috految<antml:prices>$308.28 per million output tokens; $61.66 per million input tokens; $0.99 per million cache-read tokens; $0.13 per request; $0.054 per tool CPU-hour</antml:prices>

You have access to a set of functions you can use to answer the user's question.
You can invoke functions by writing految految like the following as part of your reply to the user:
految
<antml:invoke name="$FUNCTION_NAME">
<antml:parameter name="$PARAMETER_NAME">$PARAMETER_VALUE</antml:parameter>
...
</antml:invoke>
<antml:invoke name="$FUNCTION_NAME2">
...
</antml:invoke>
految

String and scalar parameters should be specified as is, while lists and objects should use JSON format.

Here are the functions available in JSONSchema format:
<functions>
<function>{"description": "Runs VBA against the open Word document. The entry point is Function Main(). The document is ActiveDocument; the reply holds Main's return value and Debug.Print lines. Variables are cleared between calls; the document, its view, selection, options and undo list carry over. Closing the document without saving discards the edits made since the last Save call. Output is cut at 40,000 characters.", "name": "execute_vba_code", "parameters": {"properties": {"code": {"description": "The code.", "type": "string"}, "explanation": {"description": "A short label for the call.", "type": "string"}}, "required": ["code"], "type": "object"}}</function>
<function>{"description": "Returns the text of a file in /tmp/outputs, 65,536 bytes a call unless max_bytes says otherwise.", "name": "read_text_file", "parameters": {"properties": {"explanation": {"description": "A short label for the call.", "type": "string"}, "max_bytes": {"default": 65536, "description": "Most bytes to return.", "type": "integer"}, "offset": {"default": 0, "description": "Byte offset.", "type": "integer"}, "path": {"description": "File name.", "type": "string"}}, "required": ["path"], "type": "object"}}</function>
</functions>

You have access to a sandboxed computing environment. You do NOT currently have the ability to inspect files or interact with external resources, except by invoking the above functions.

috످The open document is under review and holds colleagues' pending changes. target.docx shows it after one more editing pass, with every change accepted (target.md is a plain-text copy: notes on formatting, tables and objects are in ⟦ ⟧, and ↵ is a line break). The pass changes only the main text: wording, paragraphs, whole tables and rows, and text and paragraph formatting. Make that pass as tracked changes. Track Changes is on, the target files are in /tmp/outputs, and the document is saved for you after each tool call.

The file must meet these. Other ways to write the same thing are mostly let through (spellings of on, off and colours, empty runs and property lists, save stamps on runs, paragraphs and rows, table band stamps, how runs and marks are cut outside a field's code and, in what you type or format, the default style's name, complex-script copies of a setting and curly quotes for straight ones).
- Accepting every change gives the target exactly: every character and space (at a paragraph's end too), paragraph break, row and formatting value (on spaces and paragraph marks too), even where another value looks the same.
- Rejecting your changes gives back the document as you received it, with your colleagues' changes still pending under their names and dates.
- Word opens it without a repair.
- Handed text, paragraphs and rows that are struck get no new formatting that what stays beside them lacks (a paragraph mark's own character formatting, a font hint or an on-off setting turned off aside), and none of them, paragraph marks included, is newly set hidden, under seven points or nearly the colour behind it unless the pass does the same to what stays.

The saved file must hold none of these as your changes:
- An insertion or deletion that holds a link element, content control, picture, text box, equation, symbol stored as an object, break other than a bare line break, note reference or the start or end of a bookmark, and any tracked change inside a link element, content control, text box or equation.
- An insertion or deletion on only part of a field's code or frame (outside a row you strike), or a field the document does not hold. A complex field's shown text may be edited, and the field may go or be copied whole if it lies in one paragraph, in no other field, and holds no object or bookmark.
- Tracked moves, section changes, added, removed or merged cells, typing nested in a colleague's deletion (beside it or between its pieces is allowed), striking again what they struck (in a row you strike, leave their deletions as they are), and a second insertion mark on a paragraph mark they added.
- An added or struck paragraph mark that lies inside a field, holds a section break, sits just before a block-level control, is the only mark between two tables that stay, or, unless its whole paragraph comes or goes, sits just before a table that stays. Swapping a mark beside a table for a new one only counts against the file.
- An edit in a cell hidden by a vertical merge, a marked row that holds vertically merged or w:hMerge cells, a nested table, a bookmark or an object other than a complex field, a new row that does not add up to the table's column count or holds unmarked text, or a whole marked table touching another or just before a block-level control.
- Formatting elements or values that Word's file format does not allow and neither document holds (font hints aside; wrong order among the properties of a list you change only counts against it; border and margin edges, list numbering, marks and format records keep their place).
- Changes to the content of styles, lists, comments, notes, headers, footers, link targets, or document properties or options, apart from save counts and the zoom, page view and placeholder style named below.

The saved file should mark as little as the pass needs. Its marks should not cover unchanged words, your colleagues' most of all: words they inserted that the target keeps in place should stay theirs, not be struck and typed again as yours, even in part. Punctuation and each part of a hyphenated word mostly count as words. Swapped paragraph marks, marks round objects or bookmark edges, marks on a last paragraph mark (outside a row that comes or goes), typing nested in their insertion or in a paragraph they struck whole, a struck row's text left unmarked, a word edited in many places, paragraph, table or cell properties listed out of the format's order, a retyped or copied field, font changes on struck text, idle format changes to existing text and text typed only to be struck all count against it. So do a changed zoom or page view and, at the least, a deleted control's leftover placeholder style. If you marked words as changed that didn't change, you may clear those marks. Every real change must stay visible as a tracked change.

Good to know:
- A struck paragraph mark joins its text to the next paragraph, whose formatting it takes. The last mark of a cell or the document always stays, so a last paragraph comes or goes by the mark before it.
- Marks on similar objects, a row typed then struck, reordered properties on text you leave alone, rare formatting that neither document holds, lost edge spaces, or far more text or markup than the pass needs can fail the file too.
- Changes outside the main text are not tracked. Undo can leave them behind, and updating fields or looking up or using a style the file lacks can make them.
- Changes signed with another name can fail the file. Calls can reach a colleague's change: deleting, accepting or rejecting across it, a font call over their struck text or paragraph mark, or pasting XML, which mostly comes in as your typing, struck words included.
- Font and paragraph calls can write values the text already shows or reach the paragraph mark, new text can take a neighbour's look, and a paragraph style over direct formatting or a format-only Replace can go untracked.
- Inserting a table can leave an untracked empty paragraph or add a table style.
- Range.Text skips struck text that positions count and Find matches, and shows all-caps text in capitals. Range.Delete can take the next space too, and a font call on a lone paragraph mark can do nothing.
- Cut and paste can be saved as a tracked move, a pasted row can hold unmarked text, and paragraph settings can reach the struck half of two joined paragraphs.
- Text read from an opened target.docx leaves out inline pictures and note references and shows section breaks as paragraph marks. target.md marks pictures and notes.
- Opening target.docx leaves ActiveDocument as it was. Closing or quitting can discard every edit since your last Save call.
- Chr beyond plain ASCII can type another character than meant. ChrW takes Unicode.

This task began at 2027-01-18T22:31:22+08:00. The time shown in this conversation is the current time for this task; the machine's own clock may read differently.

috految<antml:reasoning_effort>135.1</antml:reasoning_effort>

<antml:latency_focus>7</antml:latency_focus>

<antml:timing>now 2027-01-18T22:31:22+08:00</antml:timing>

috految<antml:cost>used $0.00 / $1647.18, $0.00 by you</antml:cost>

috److految
<antml:invoke name="execute_vba_code">
<antml:parameter name="code">Function Main()
Set d = ActiveDocument
Debug.Print d.FullName, Application.Version, Application.UserName, d.TrackRevisions
Debug.Print "paras", d.Paragraphs.Count, "tbl", d.Tables.Count, "rev", d.Revisions.Count, "end", d.Content.End, "fld", d.Fields.Count, "cm", d.Comments.Count, "cc", d.ContentControls.Count
x = d.Content.WordOpenXML
Debug.Print Len(x), InStr(x, "<w:body>"), InStr(x, "</w:body>")
Debug.Print Mid(x, InStr(x, "<w:body>"), 800)
On Error Resume Next
f = Dir("/tmp/outputs/*")
Do While f <> "" And n < 20
Debug.Print f, FileLen("/tmp/outputs/" & f): f = Dir(): n = n + 1
Loop
Set t = Documents.Open("/tmp/outputs/target.docx", , True)
Debug.Print Err.Description: Err.Clear
y = t.Content.WordOpenXML
Debug.Print Err.Description, t.Paragraphs.Count, t.Tables.Count, Len(y), InStr(y, "<w:body>"), InStr(y, "</w:body>")
Debug.Print Mid(y, InStr(y, "<w:body>"), 800)
Debug.Print ActiveDocument.Name, Documents.Count
End Function</antml:parameter>
</antml:invoke>
految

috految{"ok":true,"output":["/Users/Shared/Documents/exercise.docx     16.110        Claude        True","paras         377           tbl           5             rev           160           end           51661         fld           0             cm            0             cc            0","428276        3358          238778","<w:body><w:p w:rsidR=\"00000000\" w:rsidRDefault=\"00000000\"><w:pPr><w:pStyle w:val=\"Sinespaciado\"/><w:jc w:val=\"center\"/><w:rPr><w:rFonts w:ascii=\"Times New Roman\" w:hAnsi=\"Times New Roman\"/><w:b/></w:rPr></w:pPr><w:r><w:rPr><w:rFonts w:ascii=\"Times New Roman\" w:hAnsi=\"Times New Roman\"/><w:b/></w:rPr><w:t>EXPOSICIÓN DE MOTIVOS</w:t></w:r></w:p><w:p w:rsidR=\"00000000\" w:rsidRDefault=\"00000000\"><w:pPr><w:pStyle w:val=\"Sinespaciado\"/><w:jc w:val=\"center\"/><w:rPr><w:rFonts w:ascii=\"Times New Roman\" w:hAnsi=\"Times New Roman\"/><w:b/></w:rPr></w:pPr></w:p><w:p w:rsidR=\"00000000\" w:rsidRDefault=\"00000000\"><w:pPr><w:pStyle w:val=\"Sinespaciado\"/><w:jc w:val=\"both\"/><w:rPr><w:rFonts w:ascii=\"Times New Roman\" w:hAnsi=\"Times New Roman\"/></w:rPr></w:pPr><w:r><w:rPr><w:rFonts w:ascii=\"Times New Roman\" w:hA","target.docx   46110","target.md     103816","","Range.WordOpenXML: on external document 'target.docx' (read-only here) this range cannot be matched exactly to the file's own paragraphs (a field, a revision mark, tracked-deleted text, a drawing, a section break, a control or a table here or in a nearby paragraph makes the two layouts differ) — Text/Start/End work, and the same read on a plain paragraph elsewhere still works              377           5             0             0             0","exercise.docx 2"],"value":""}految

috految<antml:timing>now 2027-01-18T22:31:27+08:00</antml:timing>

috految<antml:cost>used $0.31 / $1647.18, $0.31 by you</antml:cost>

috److془Let's read the target via binary and inflate. Check capabilities.془

految
<antml:invoke name="execute_vba_code">
<antml:parameter name="code">Function Main()
On Error Resume Next
Dim b() As Byte
Set t = Documents.Open("/tmp/outputs/target.docx", , True)
y = t.WordOpenXML
Debug.Print Len(y), Err.Description: Err.Clear
Open "/tmp/outputs/target.docx" For Binary Access Read As #1
ReDim b(LOF(1) - 1): Get #1, , b: Close #1
Debug.Print UBound(b), b(0), b(1), b(8), Err.Description: Err.Clear
Debug.Print FileLen(ActiveDocument.FullName): Debug.Print Err.Description: Err.Clear
Debug.Print Environ("TMPDIR")
x = ActiveDocument.Content.WordOpenXML
Open "/tmp/outputs/scratch0.txt" For Output As #2: Print #2, x;: Close #2
Debug.Print Err.Description: Err.Clear
Open "/tmp/outputs/scratch0.txt" For Input As #2: y = Input(LOF(2), 2): Close #2
Debug.Print Len(y), y = x, Err.Description: Err.Clear
Debug.Print Len(ActiveDocument.WordOpenXML)
x = Mid(x, InStr(x, "<w:body>")): x = Left(x, InStr(x, "</w:body>") - 1)
For Each e In Split(x, "<")
If e <> "" And Left(e, 1) <> "/" Then
n = Split(Split(e, ">")(0), " ")(0)
If InStr(s, " " & n & "=") = 0 Then s = s & " " & n & "=" & UBound(Split(x, "<" & n & " ")) + UBound(Split(x, "<" & n & ">"))
End If
Next
Debug.Print Replace(s, "w:", "")
Debug.Print Mid(x, InStr(x, "<w:ins "), 300)
End Function</antml:parameter>
</antml:invoke>
految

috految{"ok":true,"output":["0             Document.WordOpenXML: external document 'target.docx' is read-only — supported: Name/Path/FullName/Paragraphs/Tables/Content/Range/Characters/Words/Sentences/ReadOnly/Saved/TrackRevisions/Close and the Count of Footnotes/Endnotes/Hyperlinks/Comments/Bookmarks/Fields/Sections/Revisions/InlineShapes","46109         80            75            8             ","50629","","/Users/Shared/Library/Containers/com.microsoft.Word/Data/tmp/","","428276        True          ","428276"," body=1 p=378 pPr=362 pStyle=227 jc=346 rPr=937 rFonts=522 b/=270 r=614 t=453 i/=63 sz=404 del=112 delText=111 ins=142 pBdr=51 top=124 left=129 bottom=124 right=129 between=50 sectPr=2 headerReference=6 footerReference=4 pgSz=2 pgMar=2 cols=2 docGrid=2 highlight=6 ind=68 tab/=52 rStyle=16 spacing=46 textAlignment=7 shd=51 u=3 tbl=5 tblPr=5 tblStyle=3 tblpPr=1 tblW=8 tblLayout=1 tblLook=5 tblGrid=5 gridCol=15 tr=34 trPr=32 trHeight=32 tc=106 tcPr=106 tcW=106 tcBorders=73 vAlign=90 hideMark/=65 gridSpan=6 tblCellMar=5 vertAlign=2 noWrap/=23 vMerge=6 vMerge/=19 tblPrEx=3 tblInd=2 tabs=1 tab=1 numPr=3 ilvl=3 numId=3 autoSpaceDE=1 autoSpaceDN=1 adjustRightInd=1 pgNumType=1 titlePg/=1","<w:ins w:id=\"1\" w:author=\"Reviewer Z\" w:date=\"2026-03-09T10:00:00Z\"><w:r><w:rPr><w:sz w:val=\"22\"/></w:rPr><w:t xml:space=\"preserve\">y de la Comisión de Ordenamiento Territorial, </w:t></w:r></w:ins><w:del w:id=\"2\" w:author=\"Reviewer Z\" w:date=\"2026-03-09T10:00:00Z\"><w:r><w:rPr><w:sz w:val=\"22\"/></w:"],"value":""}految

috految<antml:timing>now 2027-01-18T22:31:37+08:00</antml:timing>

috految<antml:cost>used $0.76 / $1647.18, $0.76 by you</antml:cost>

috److految
<antml:invoke name="execute_vba_code">
<antml:parameter name="code">Dim b() As Byte, ip As Long, bb As Long, bn As Long
Dim cn(2, 15) As Long, sy(2, 320) As Long, ln(340) As Long
Function Bits(n) As Long
Do While bn < n: bb = bb + b(ip) * 2 ^ bn: ip = ip + 1: bn = bn + 8: Loop
Bits = bb Mod 2 ^ n: bb = bb \ 2 ^ n: bn = bn - n
End Function
Sub Mk(h, o, n)
k = 0
For l = 1 To 15: cn(h, l) = 0
For i = 0 To n - 1
If ln(o + i) = l Then cn(h, l) = cn(h, l) + 1: sy(h, k) = i: k = k + 1
Next: Next
End Sub
Function Dc(h) As Long
Dim c As Long, f As Long, k As Long
For l = 1 To 15
c = c + Bits(1)
If c - cn(h, l) < f Then Dc = sy(h, k + c - f): Exit Function
k = k + cn(h, l): f = (f + cn(h, l)) * 2: c = c * 2
Next
End Function
Function U(p) As Long
U = b(p) + 256& * b(p + 1)
End Function
Sub Unz(path, dest)
Dim o() As Byte, q As Long
Open path For Binary Access Read As #1
ReDim b(LOF(1) - 1): Get #1, , b: Close #1
p = U(UBound(b) - 5)
Do While b(p + 2) = 1
nm = "": For i = 0 To U(p + 28) - 1: nm = nm & Chr(b(p + 46 + i)): Next
s = s & nm & ":" & Hex(U(p + 16)) & " "
If nm = "word/document.xml" Then lh = U(p + 42): sz = U(p + 24) + 65536 * U(p + 26)
p = p + 46 + U(p + 28) + U(p + 30) + U(p + 32)
Loop
Debug.Print s
ip = lh + 30 + U(lh + 26) + U(lh + 28): bb = 0: bn = 0: ReDim o(sz - 1)
Do
fin = Bits(1): ty = Bits(2)
If ty <> 2 Then Debug.Print "blk", ty: Exit Do
nl = Bits(5) + 257: nd = Bits(5) + 1: nc = Bits(4) + 4
od = Array(16,17,18,0,8,7,9,6,10,5,11,4,12,3,13,2,14,1,15)
For i = 0 To 18: ln(i) = 0: Next
For i = 0 To nc - 1: ln(od(i)) = Bits(3): Next
Mk 0, 0, 19: i = 0
Do While i < nl + nd
c = Dc(0): r = 1: v = c
If c = 16 Then v = ln(i - 1): r = 3 + Bits(2)
If c = 17 Then v = 0: r = 3 + Bits(3)
If c = 18 Then v = 0: r = 11 + Bits(7)
For j = 1 To r: ln(i) = v: i = i + 1: Next
Loop
Mk 1, 0, nl: Mk 2, nl, nd
Do
c = Dc(1)
If c = 256 Then Exit Do
If c < 256 Then
o(q) = c: q = q + 1
Else
c = c - 257: l = c + 3
If c = 28 Then l = 258
If c > 7 And c < 28 Then e = c \ 4 - 1: l = 3 + (4 + c Mod 4) * 2 ^ e + Bits(e)
c = Dc(2): ds = c + 1
If c > 3 Then e = c \ 2 - 1: ds = 1 + (2 + c Mod 2) * 2 ^ e + Bits(e)
For j = 1 To l: o(q) = o(q - ds): q = q + 1: Next
End If
Loop
Loop Until fin = 1
Open dest For Binary Access Write As #3: Put #3, , o: Close #3
Open dest For Input As #2: y = Input(LOF(2), 2): Close #2
Debug.Print q, sz, Len(y), Mid(y, InStr(y, "<w:body>"), 350)
End Sub
Function Main()
Unz "/tmp/outputs/target.docx", "/tmp/outputs/scratchT.txt"
Unz ActiveDocument.FullName, "/tmp/outputs/scratchO.txt"
Debug.Print FileLen("/tmp/outputs/scratch0.txt")
End Function</antml:parameter>
</antml:invoke>
految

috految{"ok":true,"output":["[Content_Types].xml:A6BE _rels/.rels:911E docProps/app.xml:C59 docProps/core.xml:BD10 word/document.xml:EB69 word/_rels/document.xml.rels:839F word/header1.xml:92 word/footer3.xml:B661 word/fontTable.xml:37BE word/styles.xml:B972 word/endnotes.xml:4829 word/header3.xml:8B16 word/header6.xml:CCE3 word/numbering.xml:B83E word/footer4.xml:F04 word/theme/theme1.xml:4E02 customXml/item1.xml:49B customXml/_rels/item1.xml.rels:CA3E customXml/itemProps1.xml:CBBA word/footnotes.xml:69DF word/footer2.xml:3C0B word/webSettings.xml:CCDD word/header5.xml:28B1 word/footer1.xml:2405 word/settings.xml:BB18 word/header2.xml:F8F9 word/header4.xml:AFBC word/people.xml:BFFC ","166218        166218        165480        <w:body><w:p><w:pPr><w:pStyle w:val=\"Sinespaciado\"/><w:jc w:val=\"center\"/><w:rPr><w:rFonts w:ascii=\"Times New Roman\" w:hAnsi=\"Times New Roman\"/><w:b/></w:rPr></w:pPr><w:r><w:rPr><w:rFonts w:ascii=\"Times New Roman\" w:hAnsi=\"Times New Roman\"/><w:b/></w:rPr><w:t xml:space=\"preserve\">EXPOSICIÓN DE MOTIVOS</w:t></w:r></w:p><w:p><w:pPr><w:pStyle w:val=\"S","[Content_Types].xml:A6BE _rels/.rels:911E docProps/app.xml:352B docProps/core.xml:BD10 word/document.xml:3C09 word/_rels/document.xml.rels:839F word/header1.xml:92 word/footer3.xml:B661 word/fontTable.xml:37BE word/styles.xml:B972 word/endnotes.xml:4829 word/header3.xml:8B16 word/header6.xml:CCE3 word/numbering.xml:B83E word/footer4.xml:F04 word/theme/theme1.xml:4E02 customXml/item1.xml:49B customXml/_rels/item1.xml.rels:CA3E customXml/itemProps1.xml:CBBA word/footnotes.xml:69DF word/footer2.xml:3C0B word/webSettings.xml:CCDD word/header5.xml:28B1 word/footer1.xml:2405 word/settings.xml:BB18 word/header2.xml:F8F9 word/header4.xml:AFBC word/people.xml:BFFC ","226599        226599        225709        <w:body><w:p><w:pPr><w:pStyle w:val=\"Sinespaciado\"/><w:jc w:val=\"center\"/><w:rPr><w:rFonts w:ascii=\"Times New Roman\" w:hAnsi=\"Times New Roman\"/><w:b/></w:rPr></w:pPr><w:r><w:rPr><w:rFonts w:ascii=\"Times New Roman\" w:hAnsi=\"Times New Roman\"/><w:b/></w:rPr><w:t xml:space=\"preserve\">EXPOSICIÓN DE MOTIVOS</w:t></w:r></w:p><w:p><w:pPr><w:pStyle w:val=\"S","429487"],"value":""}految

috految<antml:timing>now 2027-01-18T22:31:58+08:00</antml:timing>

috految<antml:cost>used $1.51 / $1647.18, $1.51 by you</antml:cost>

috److految
<antml:invoke name="execute_vba_code">
<antml:parameter name="code">Dim fm(900), nf, A(1, 900), D(1, 900), N(1)
Function Fid(s)
For i = 1 To nf
If fm(i) = s Then Fid = i: Exit Function
Next
nf = nf + 1: fm(nf) = s: Fid = nf
End Function
Sub Ld(k, f)
Open "/tmp/outputs/scratch" & f & ".txt" For Input As #2: x = Input(LOF(2), 2): Close #2
x = Split(Split(x, "<w:body>")(1), "</w:body>")(0)
x = Replace(Replace(Replace(x, "<w:p/>", "<w:p></w:p>"), "<w:rPr/>", ""), "<w:pPr/>", "")
pos = 0: c = 0
For Each e In Split(x, "<")
If e <> "" Then
tg = Left(e, InStr(e, ">") - 1): tx = Mid(e, Len(tg) + 2): nm = Split(tg, " ")(0): sc = Right(tg, 1) = "/": t = ""
Select Case nm
Case "w:p": pp = "": mr = "": mk = "": inp = True: ds = ds & "@" & pos & " ": If tg <> "w:p" Then Debug.Print tg
Case "w:pPr": ipp = True
Case "/w:pPr": ipp = False
Case "w:rPr": ir = True
Case "/w:rPr": ir = False
Case "w:r": rp = ""
Case "/w:r", "/w:t", "/w:delText"
Case "w:ins", "w:del"
au = Right(Split(Split(tg, "w:author=""")(1), """")(0), 1)
If sc Then
If inp Then mk = mk & Mid(nm, 3) & au Else ds = ds & "ROW" & nm & au
Else
ds = ds & IIf(nm = "w:ins", "[+", "[-") & au & pos & ":": If nm = "w:del" Then dl = True
End If
Case "/w:ins": ds = ds & "+]"
Case "/w:del": ds = ds & "-]": dl = False
Case "w:t", "w:delText": t = Replace(Replace(Replace(Replace(tx, "&quot;", """"), "&lt;", "<"), "&gt;", ">"), "&amp;", "&")
If InStr(tg, "preserve") = 0 And Trim(t) <> t Then Debug.Print "SPACE", k, pos
Case "w:tab/": t = vbTab
Case "/w:p"
z = "¶{" & Fid(pp) & "}{" & Fid(mr) & "}": ds = ds & z & mk: pos = pos + 1: inp = False: lf = 0
If InStr(mk, "del") = 0 Then c = c + 1: A(k, c) = ac & z: D(k, c) = ds: ac = "": ds = "": la = 0
Case Else
If ir Then
If ipp Then mr = mr & "<" & tg Else rp = rp & "<" & tg
ElseIf ipp Then
pp = pp & "<" & tg
ElseIf inp Then
ac = ac & "<" & tg & ">": ds = ds & "<" & tg & ">"
Else
st = st & "<" & tg
If nm = "/w:tr" Then pos = pos + 1
If nm = "/w:tcPr" Or nm = "/w:tr" Or nm = "/w:tbl" Or nm = "/w:sectPr" Then z = "S{" & Fid(st) & "}": st = "": c = c + 1: A(k, c) = ac & z: D(k, c) = ds & z: ac = "": ds = ""
End If
End Select
If t <> "" Then
fi = Fid(rp)
If fi <> lf Then ds = ds & "{" & fi & "}": lf = fi
ds = ds & t: pos = pos + Len(t)
If Not CBool(dl) Then
If fi <> la Then ac = ac & "{" & fi & "}": la = fi
ac = ac & t
End If
End If
End If
Next
N(k) = c: Debug.Print f, c, pos, ac, ds, st
End Sub
Function Main()
Ld 0, "O": Ld 1, "T"
Dim L(700, 700) As Long
For i = N(0) To 1 Step -1: For j = N(1) To 1 Step -1
If A(0, i) = A(1, j) Then
L(i, j) = L(i + 1, j + 1) + Len(A(0, i))
ElseIf L(i + 1, j) >= L(i, j + 1) Then
L(i, j) = L(i + 1, j)
Else
L(i, j) = L(i, j + 1)
End If
Next: Next
i = 1: j = 1
Do While i <= N(0) Or j <= N(1)
If A(0, i) = A(1, j) Then
r = r & "=" & i & " " & D(0, i) & vbLf: i = i + 1: j = j + 1
ElseIf i <= N(0) And L(i + 1, j) >= L(i, j + 1) Then
o = o & "O" & i & " " & D(0, i) & vbLf: r = r & "O" & i & " " & D(0, i) & vbLf: i = i + 1
Else
o = o & "T" & j & " " & A(1, j) & vbLf: r = r & "T" & j & " " & A(1, j) & vbLf: j = j + 1
End If
Loop
For i = 1 To nf
z = i & "=" & Replace(Replace(Replace(fm(i), "w:", ""), """", ""), "Times New Roman", "TNR") & vbLf: r = r & "F" & z
If InStr(o, "{" & i & "}") Then o = o & z
Next
Open "/tmp/outputs/scratchD.txt" For Output As #2: Print #2, r;: Close #2
Debug.Print Len(o)
Main = Left(Replace(o, ChrW(160), "~"), 30000)
End Function</antml:parameter>
</antml:invoke>
految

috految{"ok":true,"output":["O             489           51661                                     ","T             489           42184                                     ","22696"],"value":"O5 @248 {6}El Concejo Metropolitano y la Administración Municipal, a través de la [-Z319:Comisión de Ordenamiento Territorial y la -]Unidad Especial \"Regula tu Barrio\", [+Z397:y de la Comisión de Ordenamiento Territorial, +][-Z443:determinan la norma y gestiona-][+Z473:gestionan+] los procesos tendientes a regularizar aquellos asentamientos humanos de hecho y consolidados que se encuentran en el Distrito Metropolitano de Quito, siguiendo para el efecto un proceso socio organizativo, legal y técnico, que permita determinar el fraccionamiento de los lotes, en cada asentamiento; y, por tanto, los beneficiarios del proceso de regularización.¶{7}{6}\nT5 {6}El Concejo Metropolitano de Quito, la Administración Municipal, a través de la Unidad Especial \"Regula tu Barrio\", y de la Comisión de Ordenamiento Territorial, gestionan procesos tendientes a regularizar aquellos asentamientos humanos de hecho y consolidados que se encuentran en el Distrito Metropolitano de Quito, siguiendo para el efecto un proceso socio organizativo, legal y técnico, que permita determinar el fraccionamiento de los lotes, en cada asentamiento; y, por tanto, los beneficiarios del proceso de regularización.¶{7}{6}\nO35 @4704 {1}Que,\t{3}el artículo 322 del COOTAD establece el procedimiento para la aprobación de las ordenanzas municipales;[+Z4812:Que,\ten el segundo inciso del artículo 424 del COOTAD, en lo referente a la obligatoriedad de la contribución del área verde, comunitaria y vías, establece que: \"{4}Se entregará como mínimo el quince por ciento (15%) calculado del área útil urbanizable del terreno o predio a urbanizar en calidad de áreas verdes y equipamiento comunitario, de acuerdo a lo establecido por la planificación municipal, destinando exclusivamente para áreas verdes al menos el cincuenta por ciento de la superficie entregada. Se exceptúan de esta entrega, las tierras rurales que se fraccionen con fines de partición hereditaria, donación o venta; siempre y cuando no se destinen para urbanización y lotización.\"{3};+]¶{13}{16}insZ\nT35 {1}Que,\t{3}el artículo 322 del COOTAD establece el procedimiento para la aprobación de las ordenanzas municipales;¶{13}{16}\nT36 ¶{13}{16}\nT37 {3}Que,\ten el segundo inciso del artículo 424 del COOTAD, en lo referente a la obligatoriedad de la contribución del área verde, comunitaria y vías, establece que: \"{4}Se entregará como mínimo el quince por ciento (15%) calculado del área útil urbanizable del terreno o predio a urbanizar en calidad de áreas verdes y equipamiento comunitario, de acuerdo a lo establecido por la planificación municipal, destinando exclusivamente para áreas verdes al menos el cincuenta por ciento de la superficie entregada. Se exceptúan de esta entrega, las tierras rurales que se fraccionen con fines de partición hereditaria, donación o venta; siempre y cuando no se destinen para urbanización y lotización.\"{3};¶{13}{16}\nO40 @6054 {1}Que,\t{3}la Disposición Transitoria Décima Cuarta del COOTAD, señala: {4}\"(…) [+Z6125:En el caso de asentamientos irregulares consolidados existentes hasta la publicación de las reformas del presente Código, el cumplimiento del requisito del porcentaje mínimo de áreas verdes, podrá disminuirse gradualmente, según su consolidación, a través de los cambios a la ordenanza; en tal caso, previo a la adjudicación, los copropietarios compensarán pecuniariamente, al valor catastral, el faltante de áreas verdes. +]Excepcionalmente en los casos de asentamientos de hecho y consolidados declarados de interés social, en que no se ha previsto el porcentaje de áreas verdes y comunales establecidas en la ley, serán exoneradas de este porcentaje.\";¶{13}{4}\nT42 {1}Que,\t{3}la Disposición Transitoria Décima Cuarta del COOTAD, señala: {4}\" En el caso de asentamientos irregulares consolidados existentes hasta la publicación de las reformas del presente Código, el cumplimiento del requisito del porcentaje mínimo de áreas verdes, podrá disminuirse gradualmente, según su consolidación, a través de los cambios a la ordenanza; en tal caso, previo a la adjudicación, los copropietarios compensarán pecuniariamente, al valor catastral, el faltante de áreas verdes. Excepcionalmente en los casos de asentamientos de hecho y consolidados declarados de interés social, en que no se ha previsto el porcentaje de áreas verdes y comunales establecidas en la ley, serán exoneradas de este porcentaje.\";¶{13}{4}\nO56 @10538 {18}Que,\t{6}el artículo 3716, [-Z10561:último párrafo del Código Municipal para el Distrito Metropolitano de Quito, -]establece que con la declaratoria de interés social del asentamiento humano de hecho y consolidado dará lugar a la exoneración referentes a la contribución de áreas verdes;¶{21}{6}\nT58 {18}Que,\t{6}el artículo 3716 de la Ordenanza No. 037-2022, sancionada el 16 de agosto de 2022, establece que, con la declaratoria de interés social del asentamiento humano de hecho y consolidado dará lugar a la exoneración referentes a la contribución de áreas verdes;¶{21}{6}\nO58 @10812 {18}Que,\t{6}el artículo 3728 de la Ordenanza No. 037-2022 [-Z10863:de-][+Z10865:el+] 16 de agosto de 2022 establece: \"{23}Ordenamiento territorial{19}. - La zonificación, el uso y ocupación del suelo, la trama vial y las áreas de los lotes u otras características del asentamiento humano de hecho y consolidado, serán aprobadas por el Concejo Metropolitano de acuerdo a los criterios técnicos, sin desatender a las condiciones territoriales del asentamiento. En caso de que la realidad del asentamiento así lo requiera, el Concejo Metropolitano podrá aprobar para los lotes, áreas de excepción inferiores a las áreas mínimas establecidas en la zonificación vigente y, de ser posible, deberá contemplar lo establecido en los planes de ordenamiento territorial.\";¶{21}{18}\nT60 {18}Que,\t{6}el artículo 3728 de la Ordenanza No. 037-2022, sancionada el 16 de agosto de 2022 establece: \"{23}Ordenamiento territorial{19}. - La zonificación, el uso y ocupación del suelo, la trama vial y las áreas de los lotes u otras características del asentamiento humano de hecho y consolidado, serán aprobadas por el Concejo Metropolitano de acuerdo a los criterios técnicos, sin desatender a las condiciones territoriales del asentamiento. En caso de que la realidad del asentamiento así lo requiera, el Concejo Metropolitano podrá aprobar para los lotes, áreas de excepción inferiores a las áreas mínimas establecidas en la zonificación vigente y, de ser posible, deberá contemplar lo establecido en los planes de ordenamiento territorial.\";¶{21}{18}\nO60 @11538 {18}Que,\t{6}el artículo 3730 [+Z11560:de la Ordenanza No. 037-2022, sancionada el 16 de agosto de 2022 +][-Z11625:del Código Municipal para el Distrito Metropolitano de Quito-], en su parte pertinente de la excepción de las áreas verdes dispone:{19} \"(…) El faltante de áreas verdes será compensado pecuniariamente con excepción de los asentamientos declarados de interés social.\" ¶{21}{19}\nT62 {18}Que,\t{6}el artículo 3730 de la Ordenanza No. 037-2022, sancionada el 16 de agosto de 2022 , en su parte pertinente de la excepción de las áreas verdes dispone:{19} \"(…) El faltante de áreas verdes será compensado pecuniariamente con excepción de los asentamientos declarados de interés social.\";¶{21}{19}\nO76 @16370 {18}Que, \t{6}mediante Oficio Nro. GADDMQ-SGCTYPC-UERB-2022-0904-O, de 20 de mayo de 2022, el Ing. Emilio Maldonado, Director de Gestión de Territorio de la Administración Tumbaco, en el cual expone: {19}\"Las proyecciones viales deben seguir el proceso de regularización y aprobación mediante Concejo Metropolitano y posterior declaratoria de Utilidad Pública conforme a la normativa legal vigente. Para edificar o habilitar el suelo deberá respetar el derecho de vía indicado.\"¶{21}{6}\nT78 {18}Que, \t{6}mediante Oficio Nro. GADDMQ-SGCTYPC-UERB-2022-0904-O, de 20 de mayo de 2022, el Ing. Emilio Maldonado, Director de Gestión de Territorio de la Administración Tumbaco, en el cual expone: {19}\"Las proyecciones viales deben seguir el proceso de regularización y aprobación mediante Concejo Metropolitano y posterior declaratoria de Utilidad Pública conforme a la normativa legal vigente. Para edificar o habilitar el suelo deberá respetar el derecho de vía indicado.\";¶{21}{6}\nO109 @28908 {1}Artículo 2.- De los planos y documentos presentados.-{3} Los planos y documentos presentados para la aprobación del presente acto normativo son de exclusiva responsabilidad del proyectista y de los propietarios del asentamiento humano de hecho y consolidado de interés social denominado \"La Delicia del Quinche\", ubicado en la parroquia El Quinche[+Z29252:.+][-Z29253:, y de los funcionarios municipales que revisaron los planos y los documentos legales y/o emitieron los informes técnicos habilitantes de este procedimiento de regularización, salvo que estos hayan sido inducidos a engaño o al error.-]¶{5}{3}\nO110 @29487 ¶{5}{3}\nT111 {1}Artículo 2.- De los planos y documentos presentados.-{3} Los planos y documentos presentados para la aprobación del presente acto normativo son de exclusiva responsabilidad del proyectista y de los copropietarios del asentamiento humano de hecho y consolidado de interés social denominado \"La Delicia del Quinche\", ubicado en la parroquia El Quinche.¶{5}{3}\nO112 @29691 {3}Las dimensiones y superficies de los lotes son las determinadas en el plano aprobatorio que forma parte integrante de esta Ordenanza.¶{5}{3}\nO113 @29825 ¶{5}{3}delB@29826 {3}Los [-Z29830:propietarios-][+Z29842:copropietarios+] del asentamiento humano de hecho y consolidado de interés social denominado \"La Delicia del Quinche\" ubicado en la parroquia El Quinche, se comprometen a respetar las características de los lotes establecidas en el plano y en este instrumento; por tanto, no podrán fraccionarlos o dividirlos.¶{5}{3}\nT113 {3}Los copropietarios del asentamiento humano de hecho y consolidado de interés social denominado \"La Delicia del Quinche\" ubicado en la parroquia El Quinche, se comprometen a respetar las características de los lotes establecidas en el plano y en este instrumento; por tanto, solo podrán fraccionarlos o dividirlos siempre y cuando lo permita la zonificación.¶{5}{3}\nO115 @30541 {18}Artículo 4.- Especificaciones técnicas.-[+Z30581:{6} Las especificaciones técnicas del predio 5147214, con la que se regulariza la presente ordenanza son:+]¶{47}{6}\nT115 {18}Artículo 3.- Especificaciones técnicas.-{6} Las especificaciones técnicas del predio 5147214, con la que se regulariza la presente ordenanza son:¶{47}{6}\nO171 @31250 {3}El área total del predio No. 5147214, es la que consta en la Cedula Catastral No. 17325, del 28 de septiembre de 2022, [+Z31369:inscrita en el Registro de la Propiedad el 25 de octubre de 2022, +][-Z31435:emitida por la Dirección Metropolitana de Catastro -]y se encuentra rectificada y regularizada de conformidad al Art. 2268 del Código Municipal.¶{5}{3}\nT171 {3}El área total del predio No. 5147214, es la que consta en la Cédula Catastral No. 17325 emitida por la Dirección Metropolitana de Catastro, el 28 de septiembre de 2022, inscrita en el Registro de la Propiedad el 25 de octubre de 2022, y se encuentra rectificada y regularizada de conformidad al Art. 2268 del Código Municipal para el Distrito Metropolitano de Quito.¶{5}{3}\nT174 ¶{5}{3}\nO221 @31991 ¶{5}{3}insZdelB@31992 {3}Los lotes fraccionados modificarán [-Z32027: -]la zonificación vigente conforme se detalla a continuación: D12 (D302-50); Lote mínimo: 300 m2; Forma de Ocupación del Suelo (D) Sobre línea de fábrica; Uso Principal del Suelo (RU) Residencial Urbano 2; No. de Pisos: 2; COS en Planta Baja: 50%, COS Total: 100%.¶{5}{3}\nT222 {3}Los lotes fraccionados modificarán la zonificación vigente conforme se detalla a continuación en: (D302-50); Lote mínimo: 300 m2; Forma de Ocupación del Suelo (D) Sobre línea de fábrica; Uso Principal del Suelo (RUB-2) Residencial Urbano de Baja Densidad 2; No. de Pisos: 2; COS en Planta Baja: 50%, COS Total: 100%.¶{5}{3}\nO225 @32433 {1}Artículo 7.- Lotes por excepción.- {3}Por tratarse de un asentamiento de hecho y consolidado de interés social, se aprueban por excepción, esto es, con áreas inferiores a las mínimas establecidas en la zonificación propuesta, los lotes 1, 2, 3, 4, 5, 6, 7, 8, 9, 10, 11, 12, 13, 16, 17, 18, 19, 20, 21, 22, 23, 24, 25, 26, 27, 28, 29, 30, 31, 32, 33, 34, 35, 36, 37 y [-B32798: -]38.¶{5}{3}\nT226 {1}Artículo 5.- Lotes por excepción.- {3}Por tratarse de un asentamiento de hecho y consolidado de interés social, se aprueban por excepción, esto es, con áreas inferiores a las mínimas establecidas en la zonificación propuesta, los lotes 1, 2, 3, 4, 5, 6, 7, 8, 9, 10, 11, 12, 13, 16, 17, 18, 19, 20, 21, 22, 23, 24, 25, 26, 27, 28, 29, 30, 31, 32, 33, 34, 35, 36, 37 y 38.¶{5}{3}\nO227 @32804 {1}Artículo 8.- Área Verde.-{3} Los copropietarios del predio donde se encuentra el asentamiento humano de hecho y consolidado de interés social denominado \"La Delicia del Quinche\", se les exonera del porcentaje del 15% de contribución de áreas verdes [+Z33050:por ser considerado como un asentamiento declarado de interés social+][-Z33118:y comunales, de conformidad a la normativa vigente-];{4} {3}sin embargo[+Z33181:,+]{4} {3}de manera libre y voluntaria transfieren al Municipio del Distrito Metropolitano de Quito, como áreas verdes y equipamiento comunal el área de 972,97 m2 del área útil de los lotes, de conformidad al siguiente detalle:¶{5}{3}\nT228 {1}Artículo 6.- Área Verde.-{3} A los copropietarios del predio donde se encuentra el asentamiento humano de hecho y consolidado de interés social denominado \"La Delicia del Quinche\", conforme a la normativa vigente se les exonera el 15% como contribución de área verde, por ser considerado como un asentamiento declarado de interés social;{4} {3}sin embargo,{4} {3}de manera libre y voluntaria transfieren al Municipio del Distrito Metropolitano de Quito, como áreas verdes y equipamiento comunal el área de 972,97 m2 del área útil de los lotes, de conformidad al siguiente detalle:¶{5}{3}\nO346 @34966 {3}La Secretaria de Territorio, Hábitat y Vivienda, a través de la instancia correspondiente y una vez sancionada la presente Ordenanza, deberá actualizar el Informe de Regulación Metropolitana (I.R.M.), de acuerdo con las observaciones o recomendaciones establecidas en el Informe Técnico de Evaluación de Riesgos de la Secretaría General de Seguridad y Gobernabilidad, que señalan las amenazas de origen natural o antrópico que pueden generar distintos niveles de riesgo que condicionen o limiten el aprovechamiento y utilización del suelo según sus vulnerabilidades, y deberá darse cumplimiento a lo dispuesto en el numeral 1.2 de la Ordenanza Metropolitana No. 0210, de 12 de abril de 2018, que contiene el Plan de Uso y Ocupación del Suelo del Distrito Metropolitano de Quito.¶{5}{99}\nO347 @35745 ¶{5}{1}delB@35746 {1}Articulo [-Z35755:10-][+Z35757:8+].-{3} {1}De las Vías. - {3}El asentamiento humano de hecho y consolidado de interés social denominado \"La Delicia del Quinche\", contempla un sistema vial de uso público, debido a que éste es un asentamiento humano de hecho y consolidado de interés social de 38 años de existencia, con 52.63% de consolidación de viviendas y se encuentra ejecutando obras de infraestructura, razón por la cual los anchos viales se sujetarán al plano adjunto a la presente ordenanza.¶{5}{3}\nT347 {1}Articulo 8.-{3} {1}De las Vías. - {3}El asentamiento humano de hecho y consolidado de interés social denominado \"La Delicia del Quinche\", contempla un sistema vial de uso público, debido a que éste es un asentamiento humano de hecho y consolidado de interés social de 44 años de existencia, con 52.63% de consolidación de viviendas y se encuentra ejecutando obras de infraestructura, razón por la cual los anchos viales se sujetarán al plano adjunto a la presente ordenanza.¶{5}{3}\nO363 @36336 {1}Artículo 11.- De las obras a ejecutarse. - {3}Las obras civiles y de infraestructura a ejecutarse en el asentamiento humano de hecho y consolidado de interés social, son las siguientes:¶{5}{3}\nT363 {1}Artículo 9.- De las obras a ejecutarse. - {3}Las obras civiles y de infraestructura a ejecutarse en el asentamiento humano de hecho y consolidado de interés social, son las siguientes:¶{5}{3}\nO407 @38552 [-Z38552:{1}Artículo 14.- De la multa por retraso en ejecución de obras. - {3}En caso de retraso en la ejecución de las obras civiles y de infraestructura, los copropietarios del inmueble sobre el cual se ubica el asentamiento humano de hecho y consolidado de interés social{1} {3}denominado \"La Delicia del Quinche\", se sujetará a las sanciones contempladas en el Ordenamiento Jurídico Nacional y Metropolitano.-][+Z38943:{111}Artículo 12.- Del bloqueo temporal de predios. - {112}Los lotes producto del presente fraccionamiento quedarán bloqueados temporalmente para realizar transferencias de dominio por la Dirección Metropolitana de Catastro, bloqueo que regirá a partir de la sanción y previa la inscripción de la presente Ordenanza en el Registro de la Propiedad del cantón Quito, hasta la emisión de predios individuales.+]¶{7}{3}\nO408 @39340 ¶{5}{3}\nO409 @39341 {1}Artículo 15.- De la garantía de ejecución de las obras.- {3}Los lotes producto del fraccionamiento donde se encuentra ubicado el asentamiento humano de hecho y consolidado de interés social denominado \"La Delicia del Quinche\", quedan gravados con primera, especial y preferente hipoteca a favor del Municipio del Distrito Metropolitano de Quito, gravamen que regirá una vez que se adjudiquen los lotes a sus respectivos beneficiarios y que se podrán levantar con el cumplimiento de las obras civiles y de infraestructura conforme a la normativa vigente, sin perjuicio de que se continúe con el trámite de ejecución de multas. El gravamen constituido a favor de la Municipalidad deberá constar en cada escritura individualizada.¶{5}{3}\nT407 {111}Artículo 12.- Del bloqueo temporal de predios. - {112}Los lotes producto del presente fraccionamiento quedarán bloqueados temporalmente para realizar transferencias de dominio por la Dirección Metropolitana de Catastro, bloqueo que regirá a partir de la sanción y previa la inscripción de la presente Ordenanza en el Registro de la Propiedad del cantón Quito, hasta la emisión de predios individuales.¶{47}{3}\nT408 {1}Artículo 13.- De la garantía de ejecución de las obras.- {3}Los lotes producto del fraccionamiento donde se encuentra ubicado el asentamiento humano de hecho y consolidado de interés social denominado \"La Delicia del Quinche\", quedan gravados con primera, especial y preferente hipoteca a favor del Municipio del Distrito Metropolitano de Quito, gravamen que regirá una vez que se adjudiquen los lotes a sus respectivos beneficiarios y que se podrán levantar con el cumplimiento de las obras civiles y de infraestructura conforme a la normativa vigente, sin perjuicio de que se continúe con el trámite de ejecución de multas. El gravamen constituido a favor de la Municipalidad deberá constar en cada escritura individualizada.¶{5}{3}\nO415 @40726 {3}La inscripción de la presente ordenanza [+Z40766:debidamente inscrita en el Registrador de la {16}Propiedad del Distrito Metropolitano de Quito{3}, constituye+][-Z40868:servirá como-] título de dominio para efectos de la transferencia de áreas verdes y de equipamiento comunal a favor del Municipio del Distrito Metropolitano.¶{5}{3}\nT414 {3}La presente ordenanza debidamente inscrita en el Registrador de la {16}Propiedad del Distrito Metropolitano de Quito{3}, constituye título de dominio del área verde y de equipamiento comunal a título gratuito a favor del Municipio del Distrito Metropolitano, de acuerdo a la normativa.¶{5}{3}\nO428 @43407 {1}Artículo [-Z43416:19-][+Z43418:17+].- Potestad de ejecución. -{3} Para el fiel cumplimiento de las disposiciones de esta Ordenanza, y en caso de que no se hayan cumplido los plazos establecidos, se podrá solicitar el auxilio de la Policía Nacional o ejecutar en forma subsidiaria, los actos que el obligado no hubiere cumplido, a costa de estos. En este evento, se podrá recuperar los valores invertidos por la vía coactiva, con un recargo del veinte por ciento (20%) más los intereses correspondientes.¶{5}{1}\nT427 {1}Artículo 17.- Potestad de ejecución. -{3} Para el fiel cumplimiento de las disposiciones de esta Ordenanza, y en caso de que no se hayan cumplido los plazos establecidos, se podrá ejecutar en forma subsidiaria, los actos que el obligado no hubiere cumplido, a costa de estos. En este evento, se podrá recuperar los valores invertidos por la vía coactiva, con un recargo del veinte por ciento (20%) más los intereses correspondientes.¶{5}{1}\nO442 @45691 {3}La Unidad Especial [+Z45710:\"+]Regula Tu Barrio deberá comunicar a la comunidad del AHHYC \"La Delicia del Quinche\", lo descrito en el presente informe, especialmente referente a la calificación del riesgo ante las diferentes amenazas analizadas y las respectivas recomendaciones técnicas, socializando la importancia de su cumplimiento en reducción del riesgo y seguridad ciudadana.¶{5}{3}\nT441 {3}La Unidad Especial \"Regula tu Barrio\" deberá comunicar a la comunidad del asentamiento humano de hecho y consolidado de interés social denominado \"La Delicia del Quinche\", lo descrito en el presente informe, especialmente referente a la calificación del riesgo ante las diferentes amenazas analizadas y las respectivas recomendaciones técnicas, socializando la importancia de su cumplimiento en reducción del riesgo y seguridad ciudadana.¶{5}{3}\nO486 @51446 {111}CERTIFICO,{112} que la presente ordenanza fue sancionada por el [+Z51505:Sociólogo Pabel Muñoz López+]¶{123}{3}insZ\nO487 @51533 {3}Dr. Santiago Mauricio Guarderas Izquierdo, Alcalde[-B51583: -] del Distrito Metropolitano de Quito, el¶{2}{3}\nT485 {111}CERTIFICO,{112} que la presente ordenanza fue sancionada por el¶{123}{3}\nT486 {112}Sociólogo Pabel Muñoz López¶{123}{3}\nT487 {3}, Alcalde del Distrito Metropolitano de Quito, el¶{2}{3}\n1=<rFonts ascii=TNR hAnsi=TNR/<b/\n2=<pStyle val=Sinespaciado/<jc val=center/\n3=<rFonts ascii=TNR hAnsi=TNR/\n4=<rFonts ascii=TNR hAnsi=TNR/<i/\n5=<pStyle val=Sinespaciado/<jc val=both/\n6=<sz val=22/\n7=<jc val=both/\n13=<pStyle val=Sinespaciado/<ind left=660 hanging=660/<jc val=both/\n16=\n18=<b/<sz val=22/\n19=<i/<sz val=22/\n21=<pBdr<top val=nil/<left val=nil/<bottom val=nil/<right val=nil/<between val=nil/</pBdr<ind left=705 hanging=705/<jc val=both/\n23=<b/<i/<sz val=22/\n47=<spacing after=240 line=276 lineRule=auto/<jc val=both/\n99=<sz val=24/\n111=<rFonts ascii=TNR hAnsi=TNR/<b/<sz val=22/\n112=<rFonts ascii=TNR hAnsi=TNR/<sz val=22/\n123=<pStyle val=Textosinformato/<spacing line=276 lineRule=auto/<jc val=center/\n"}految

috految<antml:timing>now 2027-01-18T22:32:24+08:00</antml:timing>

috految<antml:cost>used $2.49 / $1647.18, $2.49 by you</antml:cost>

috److految
<antml:invoke name="execute_vba_code">
<antml:parameter name="code">Function Main()
Open "/tmp/outputs/scratchD.txt" For Input As #2: x = Input(LOF(2), 2): Close #2
For Each l In Split(x, vbLf)
If l <> "" Then
k = Split(l, " ")(0)
If InStr(" =34 =36 =37 =108 =111 =114 =170 =172 =173 =174 =175 =176 =220 =222 =343 =344 =345 =348 =405 =406 =410 =484 =485 =488 =173 T174 ", " " & k & " ") Or InStr(l, "ROW") Or InStr(l, "<hi") Then Debug.Print IIf(Len(l) > 420, Left(l, 200) & "..." & Right(l, 200), l)
If InStr(l, "<tbl<") Then Debug.Print Left(l, 100)
If k = "T441" Or k = "O442" Or k = "T42" Then
s = "": For i = 1 To 190
c = AscW(Mid(l, i, 1)): If c > 255 Or c = 34 Then s = s & c & " "
Next: Debug.Print k, s
End If
End If
Next
Debug.Print ActiveDocument.Range(51505, 51540).Text, ActiveDocument.Range(34966, 34980).Text, Options.SmartCutPaste, ActiveDocument.TrackFormatting
End Function</antml:parameter>
</antml:invoke>
految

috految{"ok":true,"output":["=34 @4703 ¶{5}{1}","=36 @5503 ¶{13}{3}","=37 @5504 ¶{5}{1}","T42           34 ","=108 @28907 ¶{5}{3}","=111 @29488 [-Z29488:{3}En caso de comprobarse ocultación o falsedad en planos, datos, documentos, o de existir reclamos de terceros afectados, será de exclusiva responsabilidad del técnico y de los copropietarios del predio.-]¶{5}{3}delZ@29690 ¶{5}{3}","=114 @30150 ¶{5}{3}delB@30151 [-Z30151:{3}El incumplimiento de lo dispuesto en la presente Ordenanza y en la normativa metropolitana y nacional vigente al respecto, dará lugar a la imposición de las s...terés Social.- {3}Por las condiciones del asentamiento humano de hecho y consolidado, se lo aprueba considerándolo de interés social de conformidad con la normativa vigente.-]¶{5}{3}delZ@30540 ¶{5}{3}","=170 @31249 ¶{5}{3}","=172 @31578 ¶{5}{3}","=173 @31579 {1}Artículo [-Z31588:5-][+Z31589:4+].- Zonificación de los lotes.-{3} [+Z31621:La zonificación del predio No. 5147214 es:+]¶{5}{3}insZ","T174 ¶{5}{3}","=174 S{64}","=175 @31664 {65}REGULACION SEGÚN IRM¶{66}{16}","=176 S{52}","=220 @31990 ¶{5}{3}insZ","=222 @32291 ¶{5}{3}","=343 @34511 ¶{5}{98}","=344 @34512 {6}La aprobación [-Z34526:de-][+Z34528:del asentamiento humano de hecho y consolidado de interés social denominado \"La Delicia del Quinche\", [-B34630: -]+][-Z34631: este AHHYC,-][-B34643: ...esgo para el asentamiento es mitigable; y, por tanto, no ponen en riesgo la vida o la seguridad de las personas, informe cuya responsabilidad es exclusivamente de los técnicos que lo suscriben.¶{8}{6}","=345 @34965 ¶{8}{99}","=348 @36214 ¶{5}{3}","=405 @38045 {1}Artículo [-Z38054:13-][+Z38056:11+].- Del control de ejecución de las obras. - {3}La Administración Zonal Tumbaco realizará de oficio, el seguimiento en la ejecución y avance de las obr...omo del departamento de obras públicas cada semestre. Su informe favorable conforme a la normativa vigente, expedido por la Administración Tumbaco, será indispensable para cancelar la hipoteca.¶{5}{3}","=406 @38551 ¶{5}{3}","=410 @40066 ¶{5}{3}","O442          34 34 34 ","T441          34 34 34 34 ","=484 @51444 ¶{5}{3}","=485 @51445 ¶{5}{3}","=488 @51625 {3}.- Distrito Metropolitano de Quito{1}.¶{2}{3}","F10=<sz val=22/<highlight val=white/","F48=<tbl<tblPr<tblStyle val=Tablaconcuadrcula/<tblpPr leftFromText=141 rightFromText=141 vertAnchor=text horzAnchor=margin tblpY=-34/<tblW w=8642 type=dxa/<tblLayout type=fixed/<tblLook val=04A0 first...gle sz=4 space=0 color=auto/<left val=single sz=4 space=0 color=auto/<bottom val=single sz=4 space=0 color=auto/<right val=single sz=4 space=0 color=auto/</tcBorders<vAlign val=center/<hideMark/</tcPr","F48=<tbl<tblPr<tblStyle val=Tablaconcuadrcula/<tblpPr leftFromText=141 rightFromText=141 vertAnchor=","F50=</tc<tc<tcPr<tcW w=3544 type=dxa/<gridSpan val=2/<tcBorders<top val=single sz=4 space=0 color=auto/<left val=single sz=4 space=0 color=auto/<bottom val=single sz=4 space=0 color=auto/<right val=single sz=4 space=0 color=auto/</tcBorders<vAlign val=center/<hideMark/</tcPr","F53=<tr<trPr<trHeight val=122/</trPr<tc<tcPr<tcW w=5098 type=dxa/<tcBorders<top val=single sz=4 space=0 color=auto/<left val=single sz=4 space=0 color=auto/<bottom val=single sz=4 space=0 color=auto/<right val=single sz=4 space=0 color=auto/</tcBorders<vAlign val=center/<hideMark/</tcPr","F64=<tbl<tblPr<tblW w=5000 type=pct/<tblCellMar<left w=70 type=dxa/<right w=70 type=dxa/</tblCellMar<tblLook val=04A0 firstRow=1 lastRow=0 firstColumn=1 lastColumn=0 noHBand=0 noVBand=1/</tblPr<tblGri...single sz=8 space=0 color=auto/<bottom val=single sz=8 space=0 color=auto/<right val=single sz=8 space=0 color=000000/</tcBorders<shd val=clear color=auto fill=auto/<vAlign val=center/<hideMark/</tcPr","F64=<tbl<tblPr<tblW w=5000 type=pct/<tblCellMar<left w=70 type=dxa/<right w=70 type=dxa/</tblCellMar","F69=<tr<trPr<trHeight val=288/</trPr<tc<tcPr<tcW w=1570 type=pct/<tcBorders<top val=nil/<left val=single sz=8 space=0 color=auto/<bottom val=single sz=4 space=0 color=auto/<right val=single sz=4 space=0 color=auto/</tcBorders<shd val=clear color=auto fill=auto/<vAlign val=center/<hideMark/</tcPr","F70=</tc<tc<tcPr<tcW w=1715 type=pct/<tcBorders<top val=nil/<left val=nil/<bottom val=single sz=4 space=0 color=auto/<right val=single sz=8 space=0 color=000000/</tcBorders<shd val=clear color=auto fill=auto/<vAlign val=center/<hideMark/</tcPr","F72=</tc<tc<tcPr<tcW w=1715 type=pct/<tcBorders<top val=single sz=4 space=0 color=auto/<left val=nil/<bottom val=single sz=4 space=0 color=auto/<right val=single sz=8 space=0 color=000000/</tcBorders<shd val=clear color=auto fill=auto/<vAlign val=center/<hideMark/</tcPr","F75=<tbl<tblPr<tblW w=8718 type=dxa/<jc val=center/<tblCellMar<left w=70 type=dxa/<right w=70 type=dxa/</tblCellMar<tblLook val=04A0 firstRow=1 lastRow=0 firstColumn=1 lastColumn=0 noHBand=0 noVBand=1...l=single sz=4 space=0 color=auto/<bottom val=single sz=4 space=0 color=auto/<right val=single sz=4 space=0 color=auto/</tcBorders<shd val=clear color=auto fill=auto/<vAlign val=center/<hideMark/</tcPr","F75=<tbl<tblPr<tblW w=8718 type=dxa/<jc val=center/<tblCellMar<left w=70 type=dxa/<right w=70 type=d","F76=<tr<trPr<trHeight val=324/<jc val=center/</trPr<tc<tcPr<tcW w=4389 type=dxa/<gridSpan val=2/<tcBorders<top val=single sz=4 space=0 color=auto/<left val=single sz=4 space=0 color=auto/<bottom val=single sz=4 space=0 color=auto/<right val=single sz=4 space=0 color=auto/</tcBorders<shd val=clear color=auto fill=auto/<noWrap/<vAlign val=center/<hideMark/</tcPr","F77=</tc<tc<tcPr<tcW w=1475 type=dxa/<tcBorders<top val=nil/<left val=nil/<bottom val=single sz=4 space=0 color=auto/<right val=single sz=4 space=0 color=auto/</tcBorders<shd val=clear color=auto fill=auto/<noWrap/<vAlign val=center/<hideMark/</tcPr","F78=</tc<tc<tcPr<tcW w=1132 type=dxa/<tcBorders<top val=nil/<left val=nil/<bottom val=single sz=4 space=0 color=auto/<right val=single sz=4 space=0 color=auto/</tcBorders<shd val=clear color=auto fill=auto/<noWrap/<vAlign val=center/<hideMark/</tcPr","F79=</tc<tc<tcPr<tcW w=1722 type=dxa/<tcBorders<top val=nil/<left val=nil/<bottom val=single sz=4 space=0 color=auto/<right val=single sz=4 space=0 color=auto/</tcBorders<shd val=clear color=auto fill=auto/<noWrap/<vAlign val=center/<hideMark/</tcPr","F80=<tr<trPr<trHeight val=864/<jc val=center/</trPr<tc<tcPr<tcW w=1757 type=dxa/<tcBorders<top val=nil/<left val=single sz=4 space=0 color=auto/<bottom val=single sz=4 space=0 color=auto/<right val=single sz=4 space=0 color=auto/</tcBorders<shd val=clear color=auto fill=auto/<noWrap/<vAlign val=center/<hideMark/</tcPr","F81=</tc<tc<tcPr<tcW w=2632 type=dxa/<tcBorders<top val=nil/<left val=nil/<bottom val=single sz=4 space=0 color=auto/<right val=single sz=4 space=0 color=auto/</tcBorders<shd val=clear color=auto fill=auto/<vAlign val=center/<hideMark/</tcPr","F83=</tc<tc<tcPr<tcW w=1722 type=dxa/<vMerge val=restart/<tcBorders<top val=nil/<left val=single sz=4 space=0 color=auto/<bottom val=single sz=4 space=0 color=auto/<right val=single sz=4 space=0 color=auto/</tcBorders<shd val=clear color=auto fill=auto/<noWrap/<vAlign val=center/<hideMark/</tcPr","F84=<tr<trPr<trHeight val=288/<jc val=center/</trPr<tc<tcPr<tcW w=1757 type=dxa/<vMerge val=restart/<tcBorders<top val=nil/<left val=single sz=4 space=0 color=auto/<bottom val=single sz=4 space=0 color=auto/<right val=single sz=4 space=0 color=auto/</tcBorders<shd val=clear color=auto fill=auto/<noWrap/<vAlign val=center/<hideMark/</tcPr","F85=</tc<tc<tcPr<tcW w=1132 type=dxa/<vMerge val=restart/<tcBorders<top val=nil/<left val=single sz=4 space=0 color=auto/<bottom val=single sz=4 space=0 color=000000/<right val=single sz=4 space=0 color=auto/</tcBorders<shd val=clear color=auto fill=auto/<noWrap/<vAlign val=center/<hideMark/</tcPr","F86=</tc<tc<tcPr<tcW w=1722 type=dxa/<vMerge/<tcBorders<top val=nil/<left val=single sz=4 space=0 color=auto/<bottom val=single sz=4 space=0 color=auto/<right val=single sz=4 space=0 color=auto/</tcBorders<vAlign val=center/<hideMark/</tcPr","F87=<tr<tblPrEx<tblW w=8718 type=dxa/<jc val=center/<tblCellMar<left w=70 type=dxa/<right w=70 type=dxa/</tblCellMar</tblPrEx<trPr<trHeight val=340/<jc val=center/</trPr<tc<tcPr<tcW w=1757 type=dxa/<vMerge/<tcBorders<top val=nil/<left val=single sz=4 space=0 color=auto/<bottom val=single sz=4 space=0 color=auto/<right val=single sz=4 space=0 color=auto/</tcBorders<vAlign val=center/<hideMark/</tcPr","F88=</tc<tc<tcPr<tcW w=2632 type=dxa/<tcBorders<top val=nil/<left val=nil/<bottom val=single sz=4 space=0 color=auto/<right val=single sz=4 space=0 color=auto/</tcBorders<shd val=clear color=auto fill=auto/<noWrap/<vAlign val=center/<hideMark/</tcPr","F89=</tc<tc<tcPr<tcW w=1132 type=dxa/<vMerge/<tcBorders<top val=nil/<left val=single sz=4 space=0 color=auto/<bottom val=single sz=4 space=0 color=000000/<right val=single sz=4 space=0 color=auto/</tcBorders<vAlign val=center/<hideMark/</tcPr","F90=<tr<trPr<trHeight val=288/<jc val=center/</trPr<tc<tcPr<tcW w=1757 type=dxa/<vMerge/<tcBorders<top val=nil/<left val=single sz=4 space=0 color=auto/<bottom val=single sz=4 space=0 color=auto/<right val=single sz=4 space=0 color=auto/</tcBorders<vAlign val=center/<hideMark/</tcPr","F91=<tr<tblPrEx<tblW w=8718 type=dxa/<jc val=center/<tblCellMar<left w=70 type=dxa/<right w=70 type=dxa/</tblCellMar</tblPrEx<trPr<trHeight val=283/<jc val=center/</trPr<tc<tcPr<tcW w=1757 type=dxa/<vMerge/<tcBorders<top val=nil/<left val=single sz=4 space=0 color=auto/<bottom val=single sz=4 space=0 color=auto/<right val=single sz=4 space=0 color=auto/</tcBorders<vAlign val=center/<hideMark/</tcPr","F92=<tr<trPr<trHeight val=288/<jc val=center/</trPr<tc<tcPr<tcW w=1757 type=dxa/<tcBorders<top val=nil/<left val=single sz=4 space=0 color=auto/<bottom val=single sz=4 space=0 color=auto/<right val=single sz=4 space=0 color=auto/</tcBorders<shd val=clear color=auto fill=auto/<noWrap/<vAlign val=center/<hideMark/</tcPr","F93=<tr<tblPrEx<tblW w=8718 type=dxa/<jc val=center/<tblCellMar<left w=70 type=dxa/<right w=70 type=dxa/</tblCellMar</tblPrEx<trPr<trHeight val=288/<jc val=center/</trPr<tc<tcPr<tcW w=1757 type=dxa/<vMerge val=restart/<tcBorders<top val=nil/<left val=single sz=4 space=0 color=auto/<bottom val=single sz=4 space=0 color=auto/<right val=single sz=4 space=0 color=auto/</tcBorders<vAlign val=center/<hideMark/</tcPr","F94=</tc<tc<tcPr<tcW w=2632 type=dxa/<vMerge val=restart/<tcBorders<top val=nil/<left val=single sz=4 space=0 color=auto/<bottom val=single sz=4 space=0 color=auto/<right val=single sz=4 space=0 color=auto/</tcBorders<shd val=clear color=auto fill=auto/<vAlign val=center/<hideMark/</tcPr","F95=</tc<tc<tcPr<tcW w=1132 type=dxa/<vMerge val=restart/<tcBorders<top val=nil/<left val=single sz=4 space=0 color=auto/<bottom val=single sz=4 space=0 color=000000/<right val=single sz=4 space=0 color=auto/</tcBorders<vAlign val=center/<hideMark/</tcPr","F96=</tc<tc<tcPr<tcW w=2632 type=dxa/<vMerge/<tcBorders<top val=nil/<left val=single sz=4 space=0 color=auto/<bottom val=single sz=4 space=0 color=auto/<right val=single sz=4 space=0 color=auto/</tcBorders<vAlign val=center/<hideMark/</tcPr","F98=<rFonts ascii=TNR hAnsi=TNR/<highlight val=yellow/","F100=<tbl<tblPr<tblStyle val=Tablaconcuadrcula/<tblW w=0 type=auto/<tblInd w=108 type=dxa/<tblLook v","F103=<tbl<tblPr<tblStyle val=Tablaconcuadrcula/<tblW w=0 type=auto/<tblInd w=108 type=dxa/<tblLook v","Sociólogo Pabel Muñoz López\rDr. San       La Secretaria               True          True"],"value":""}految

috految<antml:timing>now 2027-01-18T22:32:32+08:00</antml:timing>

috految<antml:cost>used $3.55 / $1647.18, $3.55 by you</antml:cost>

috److془Plan edits from end to start.

Whole-word vs. partial: "The saved file should mark as little as the pass needs. Its marks should not cover unchanged words... a word edited in many places counts against it". Whole-word replacement of changed words fine. Partial also fine presumably. Use whole-word (readable).

Hmm: "mark as little as the pass needs" - measured by words probably. Either is fine. Partial: "co" + "propietarios". Whole word equal to reference (colleagues' changes are whole word). Go whole word.

O487: delete "Dr. Santiago Mauricio Guarderas Izquierdo".
O486: "el " → "el¶". Delete the space at 51504, insert paragraph at 51505.
O442: Tu→tu; insert " after Barrio; AHHYC → "asentamiento humano de hecho y consolidado de interés social denominado".
O428: delete "solicitar el auxilio de la Policía Nacional o ".
O415: delete "inscripción de la "; "para efectos de la transferencia de áreas verdes" → "del área verde"; insert "título gratuito a " ; insert ", de acuerdo a la normativa".
O409: 15→13.
O408: delete the paragraph mark 39340. O407: pPr change spacing after=240 line=276 auto.
O363: 11→9.
O347: 38→44. O346 delete 34966..35745.
O227: 8→6; Los→A los; insert "conforme a la normativa vigente "; "del porcentaje del" → "el"; "de"→"como"; "áreas verdes"→"área verde,".
O225: 7→5.
O221: "continuación: D12 (D302" → "continuación en: (D302"; RU → RUB-2; insert "de Baja Densidad ".
T174: insert paragraph at 31663 (before Z's mark). Result: p1 text mark mine; p2 empty Z's mark, just before the table. Or whole new paragraph after. The former: "An added or struck paragraph mark that ... unless its whole paragraph comes or goes, sits just before a table that stays". Both valid. Former is safer. Hmm, "typing nested in their insertion" - XML nested. fine. 

O171: Cedula→Cédula; 17325 + " emitida por la Dirección Metropolitana de Catastro"; del→el; Municipal + " para el Distrito Metropolitano de Quito".
O115: 4→3.
O113: no→solo; dividirlos + " siempre y cuando lo permita la zonificación".
O112: delete 29691..29825; and 29690 or 29487. Delete 29690..29825. 
O109: propietarios → copropietarios.
O76: insert ";" at the end. 
O60: " " → ";".
O58: insert ", sancionada" after 2022 (pos 10862).
O56: "3716" + " de la Ordenanza No. 037-2022, sancionada el 16 de agosto de 2022"; "que" + ",".
O40: delete "(…)".
O35: insert 2 paragraph marks at 4812.
O5: "y" → "de Quito,"; delete "los ".

Regarding the 29690 or 29487: the original likely delete 29690-29825 (or whatever). Fine.

Check for O407: "Handed text, paragraphs and rows that are struck get no new formatting that what stays beside them lacks" - fine.

For spaces between replaced words: "áreas verdes"→"área verde,": could do separately to keep the space. Do separately. "para efectos de la transferencia de"→"del", "áreas"→"área", "verdes"→"verde". Fine.

Hmm, with "áreas" → "área", delete "s" is less marking. At word level equal. With char level less. Is there any risk with partial? "a word edited in many places" → counts against it; single place is evidently OK. So partial weakly dominates. Use for plural s, "co", "RU"+"B-2". Hmm, but might the word-level count be "touched words" in old and new → equal. Fine. For "verdes" → "verde," : replace "s" with ",". Fine. Hmm, though, whole-word is guaranteed to be OK as "Its marks should not cover unchanged words". Both fine. Go with whole words for readability, except simple pure insertion/deletions.془

految
<antml:invoke name="execute_vba_code">
<antml:parameter name="code">Sub E(p, pre, old, nw)
Set d = ActiveDocument
s = p
If pre & old <> "" Then
k = InStr(d.Range(p, IIf(p + 600 > d.Content.End, d.Content.End, p + 600)).Text, pre & old)
s = p + k - 1 + Len(pre)
If k = 0 Or d.Range(s - Len(pre), s + Len(old)).Text <> pre & old Then Debug.Print "MISS", p, pre, old: Exit Sub
End If
n = d.Content.End
If old = "" Then
d.Range(s, s).InsertAfter nw
Else
d.Range(s, s + Len(old)).Text = nw
End If
If d.Content.End <> n + Len(nw) Then Debug.Print "LEN", p, d.Content.End - n
End Sub
Function Main()
Set d = ActiveDocument
If Not d.TrackRevisions Then Exit Function
E 51533, "", "Dr. Santiago Mauricio Guarderas Izquierdo", ""
d.Range(51505, 51505).InsertParagraphAfter
E 51446, "sancionada por el", " ", ""
E 45711, "comunidad del ", "AHHYC", "asentamiento humano de hecho y consolidado de interés social denominado"
E 45711, "Barrio", "", """"
E 45711, "Regula ", "Tu", "tu"
E 43420, "se podrá ", "solicitar el auxilio de la Policía Nacional o ", ""
E 40880, "Distrito Metropolitano", "", ", de acuerdo a la normativa"
E 40880, "comunal ", "", "a título gratuito "
E 40880, "áreas verde", "s", ""
E 40880, "de área", "s", ""
E 40880, "dominio ", "para efectos de la transferencia de", "del"
E 40726, "La ", "inscripción de la ", ""
E 39341, "Artículo ", "15", "13"
With d.Range(39000, 39001).ParagraphFormat
.SpaceAfter = 12
.LineSpacingRule = wdLineSpaceMultiple
.LineSpacing = 13.8
End With
d.Range(39340, 39341).Delete
E 36336, "Artículo ", "11", "9"
E 35760, "social de ", "38", "44"
d.Range(34966, 35745).Delete
E 32804, "de áreas ", "verdes", "verde,"
E 32804, "contribución de área", "s", ""
E 32804, "15% ", "de", "como"
E 32804, "exonera ", "del porcentaje del", "el"
E 32804, "Quinche"", ", "", "conforme a la normativa vigente "
E 32804, ".- ", "Los", "A los"
E 32804, "Artículo ", "8", "6"
E 32433, "Artículo ", "7", "5"
E 32028, "Residencial Urbano ", "", "de Baja Densidad "
E 32028, "(RU", "", "B-2"
E 32028, "continuación: ", "D12 ", ""
E 32028, "continuación", "", " en"
d.Range(31663, 31663).InsertParagraphAfter
E 31486, "Código Municipal", "", " para el Distrito Metropolitano de Quito"
E 31250, "17325, ", "del", "el"
E 31250, "17325", "", " emitida por la Dirección Metropolitana de Catastro"
E 31250, "en la ", "Cedula", "Cédula"
E 30541, "Artículo ", "4", "3"
E 29856, "dividirlos", "", " siempre y cuando lo permita la zonificación"
E 29856, "tanto, ", "no", "solo"
d.Range(29690, 29825).Delete
E 28908, "proyectista y de los ", "", "co"
E 16370, "indicado.""", "", ";"
E 11685, "social.""", " ", ";"
E 10812, "037-2022", "", ", sancionada"
E 10638, "establece que", "", ","
E 10538, "3716", "", " de la Ordenanza No. 037-2022, sancionada el 16 de agosto de 2022"
E 6054, "señala: """, "(" & ChrW(8230) & ")", ""
d.Range(4812, 4812).InsertAfter vbCr & vbCr
E 482, " ", "los ", ""
E 248, "Metropolitano ", "y", "de Quito,"
x = d.Content.WordOpenXML
x = Split(Split(x, "<w:body>")(1), "</w:body>")(0)
For Each p In Split(x, "</w:p>")
If InStr(p, "Claude") Or nx Then
nx = InStr(Split(p, "</w:pPr>")(0), "Claude") > 0
o = ""
For Each t In Split(p, "<")
If t <> "" Then
tg = Split(t, ">")(0): tx = Mid(t, Len(tg) + 2): nm = Split(tg, " ")(0)
Select Case nm
Case "w:ins", "w:del", "w:pPrChange", "w:rPrChange": o = o & "[" & Mid(nm, 3) & Right(Split(Split(tg, "author=""")(1), """")(0), 1) & IIf(Right(tg, 1) = "/", "/]", ":")
Case "/w:ins", "/w:del": o = o & "]"
Case "w:t", "w:delText": o = o & IIf(Len(tx) > 28, Left(tx, 12) & ".." & Right(tx, 12), tx)
Case "/w:pPr": o = o & "|"
Case "w:p", "w:pPr", "w:r", "w:rPr", "/w:r", "/w:rPr", "/w:t", "/w:delText", "w:top", "w:left", "w:right", "w:bottom"
Case Else: o = o & "<" & Replace(Replace(Replace(tg, "w:", ""), """", ""), "rFonts ascii=Times New Roman hAnsi=Times New Roman", "T") & ">"
End Select
End If
Next
Debug.Print o
End If
Next
End Function</antml:parameter>
</antml:invoke>
految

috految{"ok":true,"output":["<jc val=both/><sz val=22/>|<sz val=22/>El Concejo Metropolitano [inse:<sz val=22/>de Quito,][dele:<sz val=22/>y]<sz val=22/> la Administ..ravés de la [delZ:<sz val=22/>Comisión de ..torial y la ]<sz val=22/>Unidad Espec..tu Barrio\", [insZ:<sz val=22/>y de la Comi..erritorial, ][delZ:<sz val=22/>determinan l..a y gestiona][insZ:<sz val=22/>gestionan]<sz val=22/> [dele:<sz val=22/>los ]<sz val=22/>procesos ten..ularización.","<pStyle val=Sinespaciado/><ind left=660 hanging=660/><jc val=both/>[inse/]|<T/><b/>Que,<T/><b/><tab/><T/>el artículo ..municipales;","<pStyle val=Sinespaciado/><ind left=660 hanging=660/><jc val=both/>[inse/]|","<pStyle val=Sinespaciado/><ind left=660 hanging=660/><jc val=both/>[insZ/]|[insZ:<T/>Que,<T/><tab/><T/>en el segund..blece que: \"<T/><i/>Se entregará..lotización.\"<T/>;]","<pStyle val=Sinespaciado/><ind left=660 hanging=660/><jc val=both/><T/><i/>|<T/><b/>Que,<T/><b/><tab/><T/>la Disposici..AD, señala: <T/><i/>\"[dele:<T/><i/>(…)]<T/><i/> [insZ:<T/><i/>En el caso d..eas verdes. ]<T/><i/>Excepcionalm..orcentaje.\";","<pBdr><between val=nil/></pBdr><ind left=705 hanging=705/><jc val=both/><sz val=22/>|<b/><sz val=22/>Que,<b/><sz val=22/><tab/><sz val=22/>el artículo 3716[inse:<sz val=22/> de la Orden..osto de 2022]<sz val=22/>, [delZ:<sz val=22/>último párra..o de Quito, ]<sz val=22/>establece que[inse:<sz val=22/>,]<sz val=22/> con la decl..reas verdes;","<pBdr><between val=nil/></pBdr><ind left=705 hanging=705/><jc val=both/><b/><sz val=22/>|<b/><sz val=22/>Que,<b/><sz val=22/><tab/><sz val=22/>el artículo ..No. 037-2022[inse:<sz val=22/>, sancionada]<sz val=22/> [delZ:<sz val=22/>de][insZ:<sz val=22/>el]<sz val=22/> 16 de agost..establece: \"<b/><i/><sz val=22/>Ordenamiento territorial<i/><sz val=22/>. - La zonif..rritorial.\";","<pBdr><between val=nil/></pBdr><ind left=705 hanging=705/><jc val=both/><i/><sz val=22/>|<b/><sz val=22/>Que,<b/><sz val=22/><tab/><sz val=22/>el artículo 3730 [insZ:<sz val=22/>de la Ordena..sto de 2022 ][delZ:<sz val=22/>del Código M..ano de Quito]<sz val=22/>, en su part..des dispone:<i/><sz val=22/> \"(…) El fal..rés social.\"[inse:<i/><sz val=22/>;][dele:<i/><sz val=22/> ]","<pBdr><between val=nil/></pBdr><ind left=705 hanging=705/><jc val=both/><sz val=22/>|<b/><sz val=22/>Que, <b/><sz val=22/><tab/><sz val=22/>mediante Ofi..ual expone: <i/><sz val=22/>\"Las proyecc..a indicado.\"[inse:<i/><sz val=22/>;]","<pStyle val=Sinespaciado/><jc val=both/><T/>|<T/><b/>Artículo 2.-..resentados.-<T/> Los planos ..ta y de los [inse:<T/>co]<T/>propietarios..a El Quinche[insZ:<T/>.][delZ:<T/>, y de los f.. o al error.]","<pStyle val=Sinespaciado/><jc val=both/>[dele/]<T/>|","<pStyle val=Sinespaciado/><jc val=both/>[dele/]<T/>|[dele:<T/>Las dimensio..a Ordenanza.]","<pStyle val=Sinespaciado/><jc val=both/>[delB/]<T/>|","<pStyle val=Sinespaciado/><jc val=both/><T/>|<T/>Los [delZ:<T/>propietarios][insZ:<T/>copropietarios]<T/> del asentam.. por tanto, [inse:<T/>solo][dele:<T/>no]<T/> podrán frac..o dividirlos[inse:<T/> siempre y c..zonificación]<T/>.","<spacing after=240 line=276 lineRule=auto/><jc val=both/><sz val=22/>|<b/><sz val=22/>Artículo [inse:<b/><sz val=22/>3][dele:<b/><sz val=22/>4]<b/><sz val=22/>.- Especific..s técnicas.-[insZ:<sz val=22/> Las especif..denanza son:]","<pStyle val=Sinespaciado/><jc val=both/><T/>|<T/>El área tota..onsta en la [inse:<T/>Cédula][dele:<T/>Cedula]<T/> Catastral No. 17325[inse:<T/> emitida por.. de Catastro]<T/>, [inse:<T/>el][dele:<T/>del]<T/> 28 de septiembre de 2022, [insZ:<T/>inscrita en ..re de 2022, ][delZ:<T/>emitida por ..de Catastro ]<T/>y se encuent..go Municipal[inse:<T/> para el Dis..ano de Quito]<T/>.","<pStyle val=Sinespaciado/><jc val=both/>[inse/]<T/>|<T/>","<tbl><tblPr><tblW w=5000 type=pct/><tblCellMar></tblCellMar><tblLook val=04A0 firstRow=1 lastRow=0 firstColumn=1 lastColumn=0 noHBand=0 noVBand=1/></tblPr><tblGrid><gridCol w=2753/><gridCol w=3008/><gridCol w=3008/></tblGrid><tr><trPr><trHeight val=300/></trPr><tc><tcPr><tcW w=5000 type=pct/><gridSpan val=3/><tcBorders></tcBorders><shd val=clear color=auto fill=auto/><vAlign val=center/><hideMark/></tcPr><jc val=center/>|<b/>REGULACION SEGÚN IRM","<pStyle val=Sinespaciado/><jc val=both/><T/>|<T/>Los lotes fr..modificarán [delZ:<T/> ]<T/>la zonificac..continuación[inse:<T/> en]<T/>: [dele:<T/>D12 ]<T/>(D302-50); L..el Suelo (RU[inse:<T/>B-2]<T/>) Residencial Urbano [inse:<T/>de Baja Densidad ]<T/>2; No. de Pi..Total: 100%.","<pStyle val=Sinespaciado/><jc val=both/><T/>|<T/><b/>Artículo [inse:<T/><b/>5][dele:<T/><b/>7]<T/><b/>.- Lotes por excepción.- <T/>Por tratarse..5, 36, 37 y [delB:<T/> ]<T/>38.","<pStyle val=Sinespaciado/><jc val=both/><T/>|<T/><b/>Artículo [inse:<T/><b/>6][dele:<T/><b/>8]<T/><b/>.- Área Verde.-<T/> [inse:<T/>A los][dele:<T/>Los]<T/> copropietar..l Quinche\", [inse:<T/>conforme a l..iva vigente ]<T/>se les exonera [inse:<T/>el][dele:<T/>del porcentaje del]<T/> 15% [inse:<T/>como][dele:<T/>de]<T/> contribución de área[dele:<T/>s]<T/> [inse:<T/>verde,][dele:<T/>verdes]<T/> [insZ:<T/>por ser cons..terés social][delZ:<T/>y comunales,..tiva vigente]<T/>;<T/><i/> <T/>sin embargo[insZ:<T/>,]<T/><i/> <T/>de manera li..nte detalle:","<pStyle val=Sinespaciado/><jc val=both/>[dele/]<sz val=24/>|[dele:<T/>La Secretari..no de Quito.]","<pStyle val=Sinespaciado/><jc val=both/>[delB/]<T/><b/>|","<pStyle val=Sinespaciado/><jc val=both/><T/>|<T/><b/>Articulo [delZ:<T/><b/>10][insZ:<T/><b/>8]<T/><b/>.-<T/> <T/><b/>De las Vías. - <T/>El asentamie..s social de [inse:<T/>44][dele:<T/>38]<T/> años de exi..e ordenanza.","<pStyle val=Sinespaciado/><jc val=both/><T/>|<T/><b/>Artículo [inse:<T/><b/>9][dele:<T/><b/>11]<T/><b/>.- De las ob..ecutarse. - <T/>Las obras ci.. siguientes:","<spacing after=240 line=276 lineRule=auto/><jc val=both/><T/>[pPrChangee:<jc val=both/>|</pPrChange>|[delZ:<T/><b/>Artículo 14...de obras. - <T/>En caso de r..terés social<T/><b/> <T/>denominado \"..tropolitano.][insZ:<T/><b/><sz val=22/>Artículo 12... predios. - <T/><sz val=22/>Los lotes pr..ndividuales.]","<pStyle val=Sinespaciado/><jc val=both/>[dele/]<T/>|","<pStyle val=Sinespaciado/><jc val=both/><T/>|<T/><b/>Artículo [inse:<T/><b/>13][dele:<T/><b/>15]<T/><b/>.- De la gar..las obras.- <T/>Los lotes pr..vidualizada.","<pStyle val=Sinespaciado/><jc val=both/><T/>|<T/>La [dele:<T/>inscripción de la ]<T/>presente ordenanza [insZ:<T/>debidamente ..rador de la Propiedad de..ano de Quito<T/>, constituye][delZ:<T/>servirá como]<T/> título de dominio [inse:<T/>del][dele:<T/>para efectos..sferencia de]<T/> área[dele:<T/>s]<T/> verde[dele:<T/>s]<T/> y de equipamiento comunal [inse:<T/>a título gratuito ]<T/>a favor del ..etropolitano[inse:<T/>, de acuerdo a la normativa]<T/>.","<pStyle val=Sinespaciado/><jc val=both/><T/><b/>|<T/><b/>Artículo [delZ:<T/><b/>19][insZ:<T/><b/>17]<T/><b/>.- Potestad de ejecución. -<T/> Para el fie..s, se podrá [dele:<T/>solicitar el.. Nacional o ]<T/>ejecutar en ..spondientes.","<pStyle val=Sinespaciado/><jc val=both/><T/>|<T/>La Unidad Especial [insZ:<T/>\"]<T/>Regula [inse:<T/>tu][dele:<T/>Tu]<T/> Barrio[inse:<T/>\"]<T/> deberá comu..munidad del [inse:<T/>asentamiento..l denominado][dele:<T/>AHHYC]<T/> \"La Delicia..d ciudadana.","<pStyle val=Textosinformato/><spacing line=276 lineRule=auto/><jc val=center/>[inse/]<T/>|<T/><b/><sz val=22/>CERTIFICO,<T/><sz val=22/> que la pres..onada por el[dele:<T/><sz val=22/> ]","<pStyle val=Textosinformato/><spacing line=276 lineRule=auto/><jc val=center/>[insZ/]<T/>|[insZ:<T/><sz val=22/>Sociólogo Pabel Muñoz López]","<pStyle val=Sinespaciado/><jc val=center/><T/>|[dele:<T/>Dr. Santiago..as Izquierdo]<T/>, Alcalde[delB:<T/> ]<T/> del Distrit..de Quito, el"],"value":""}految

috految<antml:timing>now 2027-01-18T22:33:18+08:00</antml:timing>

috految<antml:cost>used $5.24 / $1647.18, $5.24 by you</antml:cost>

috److془The new paragraph before the table has an empty run. Whole paragraph comes; allowed. But empty run unmarked... "empty runs are mostly let through". Let me clean: try to reject and insert with InsertAfter vbCr at end of text. Then verify.

Also check the raw file.془

految
<antml:invoke name="execute_vba_code">
<antml:parameter name="code">Function Sh()
x = ActiveDocument.Content.WordOpenXML
k = InStr(x, "Zonificación de los lotes.-")
s = InStrRev(x, "<w:p ", k)
Sh = Replace(Replace(Mid(x, s, InStr(k, x, "<w:tbl>") - s), "w:", ""), """", "")
End Function
Function Main()
Set d = ActiveDocument
p = d.Tables(2).Range.Start: n = d.Content.End
Debug.Print p, d.Range(p - 8, p).Text, Right(Sh(), 380)
If d.Range(p - 2, p).Text <> vbCr & vbCr Then Exit Function
d.Range(p - 1, p).Delete
Debug.Print d.Content.End - n
If d.Content.End = n - 1 Then d.Range(p - 2, p - 2).InsertAfter vbCr
Debug.Print Sh(), d.Content.End - n
End Function</antml:parameter>
</antml:invoke>
految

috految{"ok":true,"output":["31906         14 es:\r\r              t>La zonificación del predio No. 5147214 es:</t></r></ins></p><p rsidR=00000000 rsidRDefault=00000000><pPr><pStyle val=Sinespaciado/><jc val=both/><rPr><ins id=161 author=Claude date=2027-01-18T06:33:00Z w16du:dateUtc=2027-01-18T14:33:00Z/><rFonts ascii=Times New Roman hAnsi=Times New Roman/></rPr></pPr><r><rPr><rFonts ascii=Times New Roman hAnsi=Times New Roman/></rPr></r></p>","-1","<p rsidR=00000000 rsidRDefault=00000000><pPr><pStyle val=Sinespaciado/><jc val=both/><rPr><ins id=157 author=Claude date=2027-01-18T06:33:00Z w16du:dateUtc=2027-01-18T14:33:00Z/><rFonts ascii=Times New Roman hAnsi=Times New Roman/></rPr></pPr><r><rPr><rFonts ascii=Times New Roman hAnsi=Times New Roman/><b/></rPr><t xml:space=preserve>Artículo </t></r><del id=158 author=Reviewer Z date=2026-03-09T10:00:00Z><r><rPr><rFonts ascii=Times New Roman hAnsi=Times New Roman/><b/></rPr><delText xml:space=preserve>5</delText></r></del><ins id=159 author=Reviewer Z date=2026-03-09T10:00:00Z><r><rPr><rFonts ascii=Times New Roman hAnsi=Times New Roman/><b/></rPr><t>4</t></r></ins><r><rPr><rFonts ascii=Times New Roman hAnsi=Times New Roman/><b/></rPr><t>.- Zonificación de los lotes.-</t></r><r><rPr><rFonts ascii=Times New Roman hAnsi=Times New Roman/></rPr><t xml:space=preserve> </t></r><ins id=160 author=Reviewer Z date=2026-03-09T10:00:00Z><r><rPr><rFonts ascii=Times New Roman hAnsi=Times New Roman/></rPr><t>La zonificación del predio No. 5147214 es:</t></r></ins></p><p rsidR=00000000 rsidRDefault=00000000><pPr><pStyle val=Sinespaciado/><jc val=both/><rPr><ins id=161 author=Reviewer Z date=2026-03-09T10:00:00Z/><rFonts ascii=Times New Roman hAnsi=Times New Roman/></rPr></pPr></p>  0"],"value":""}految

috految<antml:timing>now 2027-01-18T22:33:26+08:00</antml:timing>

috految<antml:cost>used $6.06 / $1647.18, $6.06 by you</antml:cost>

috److految
<antml:invoke name="execute_vba_code">
<antml:parameter name="code">Function Rd(f)
Open "/tmp/outputs/scratch" & f & ".txt" For Input As #2: Rd = Input(LOF(2), 2): Close #2
End Function
Function Nm(ByVal x, acc)
x = Split(Split(x, "<w:body>")(1), "</w:body>")(0)
x = Replace(Replace(Replace(x, "<w:rPr/>", ""), "<w:pPr/>", ""), "&quot;", """")
la = "?"
For Each e In Split(x, "<")
If e <> "" Then
tg = Left(e, InStr(e, ">") - 1): tx = Mid(e, Len(tg) + 2): n = Split(tg, " ")(0): sc = Right(tg, 1) = "/": t = ""
Select Case n
Case "w:p", "w:p/": pp = "": mr = "": gone = False: If sc Then o = o & "¶|" & vbLf: la = "?"
Case "w:pPr": ipp = True
Case "/w:pPr": ipp = False
Case "w:pPrChange": kp = pp: pp = ""
Case "/w:pPrChange": If acc Then pp = kp
Case "w:rPr": ir = True
Case "/w:rPr": ir = False
Case "w:r": rp = "": has = False
Case "/w:r": If Not has Then Debug.Print "empty run"
Case "/w:t", "/w:delText"
Case "w:tr", "w:sectPr": o = o & n
Case "w:ins", "w:del"
mine = InStr(tg, "Claude") > 0: w = ""
If Not acc And Not mine Then w = n & Split(tg, "author=")(1)
dr = (acc And n = "w:del") Or (Not acc And mine And n = "w:ins")
If sc Then
mr = mr & w: If dr Then gone = True
ElseIf n = "w:ins" Then
wi = w: di = dr
Else
wd = w: dd = dr
End If
Case "/w:ins": wi = "": di = False
Case "/w:del": wd = "": dd = False
Case "w:t", "w:delText": t = tx: If InStr(tg, "preserve") = 0 And Trim(t) <> t Then Debug.Print "SPACE", t
Case "w:tab/": t = "<tab>"
Case "/w:p": If Not gone Then o = o & "¶" & pp & "|" & mr & vbLf: la = "?"
Case Else
If ir Then
If ipp Then mr = mr & tg Else rp = rp & tg
ElseIf ipp Then
pp = pp & tg
Else
o = o & "<" & tg & ">"
End If
End Select
If t <> "" Then
has = True
If Not (CBool(di) Or CBool(dd)) Then
z = rp & wi & wd
If z <> la Then o = o & "{" & z & "}": la = z
o = o & t
End If
End If
End If
Next
Nm = o
End Function
Function Cmp(a, b)
Debug.Print a = b, Len(a), Len(b)
u = Split(a, vbLf): v = Split(b, vbLf)
For i = 0 To IIf(UBound(u) < UBound(v), UBound(u), UBound(v))
If u(i) <> v(i) And c < 12 Then
c = c + 1: k = 1
Do While Mid(u(i), k, 1) = Mid(v(i), k, 1): k = k + 1: Loop
k = IIf(k > 30, k - 30, 1)
Debug.Print i & "/" & UBound(u) & "/" & UBound(v), Mid(u(i), k, 120), "<>", Mid(v(i), k, 120)
End If
Next
Cmp = c
End Function
Function Main()
Set d = ActiveDocument
x = d.Content.WordOpenXML: x0 = Rd("0")
c = Cmp(Nm(x, True), Nm(Rd("T"), True))
c2 = Cmp(Nm(x, False), Nm(x0, False))
Cmp Nm(x0, False), Nm(Rd("O"), False)
For Each q In Split(x, "<pkg:part ")
If InStr(x0, q) = 0 Then Debug.Print "changed", Left(q, 50)
Next
Debug.Print d.Paragraphs.Count, d.TrackRevisions, d.Revisions.Count, UBound(Split(x, "Claude")), Mid(x, InStr(x, "<w:pPrChange") - 180, 380)
d.Save
Dim b() As Byte
Open d.FullName For Binary Access Read As #1
ReDim b(LOF(1) - 1): Get #1, , b: Close #1
p = b(UBound(b) - 5) + 256& * b(UBound(b) - 4)
Do While b(p + 2) = 1
s = s & Hex(b(p + 16) + 256& * b(p + 17)) & " "
p = p + 46 + b(p + 28) + b(p + 30) + b(p + 32)
Loop
Debug.Print s
If c <= 1 And c2 = 0 Then
For Each f In Array("0", "O", "T", "D"): Kill "/tmp/outputs/scratch" & f & ".txt": Next
Debug.Print "scratch removed"
End If
End Function</antml:parameter>
</antml:invoke>
految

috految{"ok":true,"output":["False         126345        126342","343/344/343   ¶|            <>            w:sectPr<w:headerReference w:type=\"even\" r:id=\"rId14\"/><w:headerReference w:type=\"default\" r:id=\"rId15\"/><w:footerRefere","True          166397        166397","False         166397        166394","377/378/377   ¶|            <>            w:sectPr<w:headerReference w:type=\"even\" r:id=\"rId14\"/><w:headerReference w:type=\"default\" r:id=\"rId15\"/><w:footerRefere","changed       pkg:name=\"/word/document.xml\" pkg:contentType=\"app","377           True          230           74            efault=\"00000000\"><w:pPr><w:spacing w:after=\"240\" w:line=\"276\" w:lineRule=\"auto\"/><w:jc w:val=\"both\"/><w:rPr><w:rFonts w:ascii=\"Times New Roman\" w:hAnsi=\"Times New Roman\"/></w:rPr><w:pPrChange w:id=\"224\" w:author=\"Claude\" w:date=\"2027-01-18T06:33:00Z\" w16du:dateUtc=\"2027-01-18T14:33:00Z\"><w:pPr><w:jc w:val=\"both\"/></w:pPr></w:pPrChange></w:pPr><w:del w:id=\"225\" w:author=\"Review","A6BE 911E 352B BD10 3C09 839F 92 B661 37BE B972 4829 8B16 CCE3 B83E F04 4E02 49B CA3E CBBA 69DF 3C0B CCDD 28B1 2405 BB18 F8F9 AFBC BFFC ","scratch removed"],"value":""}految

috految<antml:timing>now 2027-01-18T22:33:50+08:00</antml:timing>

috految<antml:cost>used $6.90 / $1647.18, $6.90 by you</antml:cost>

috److془The file at FullName shows the same CRC 3C09 (the original) - maybe cached snapshot. Document is saved after each tool call. Let me check quickly that it's okay.془

految
<antml:invoke name="execute_vba_code">
<antml:parameter name="code">Function Main()
Set d = ActiveDocument
Debug.Print d.FullName, d.Saved, d.Revisions.Count, d.Paragraphs.Count, FileLen(d.FullName), Dir("/tmp/outputs/scratch*")
End Function</antml:parameter>
</antml:invoke>
految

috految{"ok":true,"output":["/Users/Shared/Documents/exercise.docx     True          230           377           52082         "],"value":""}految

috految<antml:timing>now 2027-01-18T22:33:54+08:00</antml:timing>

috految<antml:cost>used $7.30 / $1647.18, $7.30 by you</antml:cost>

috److I made the editing pass as tracked changes under the name Claude, and the document is saved. It covers wording changes, renumbered articles, added and removed paragraphs, and one spacing change on Artículo 12. No tables needed editing.

I checked the result by comparing the document's XML with the target and the original:
- **Accepting every change** gives the target's text, paragraphs and formatting.
- **Rejecting only my changes** gives back the document as received, with your colleagues' changes still pending under their names and dates.
- **Outside the main text**, nothing changed.

The target has a few likely slips, which I reproduced as they stand:
- There is a stray space in "16 de agosto de 2022 , en su parte" (recital on artículo 3730).
- There is a space after the opening quotation mark before "En el caso de…" (recital on the Disposición Transitoria Décima Cuarta).
- The certification's line ", Alcalde del Distrito Metropolitano de Quito, el" starts with a comma.

috످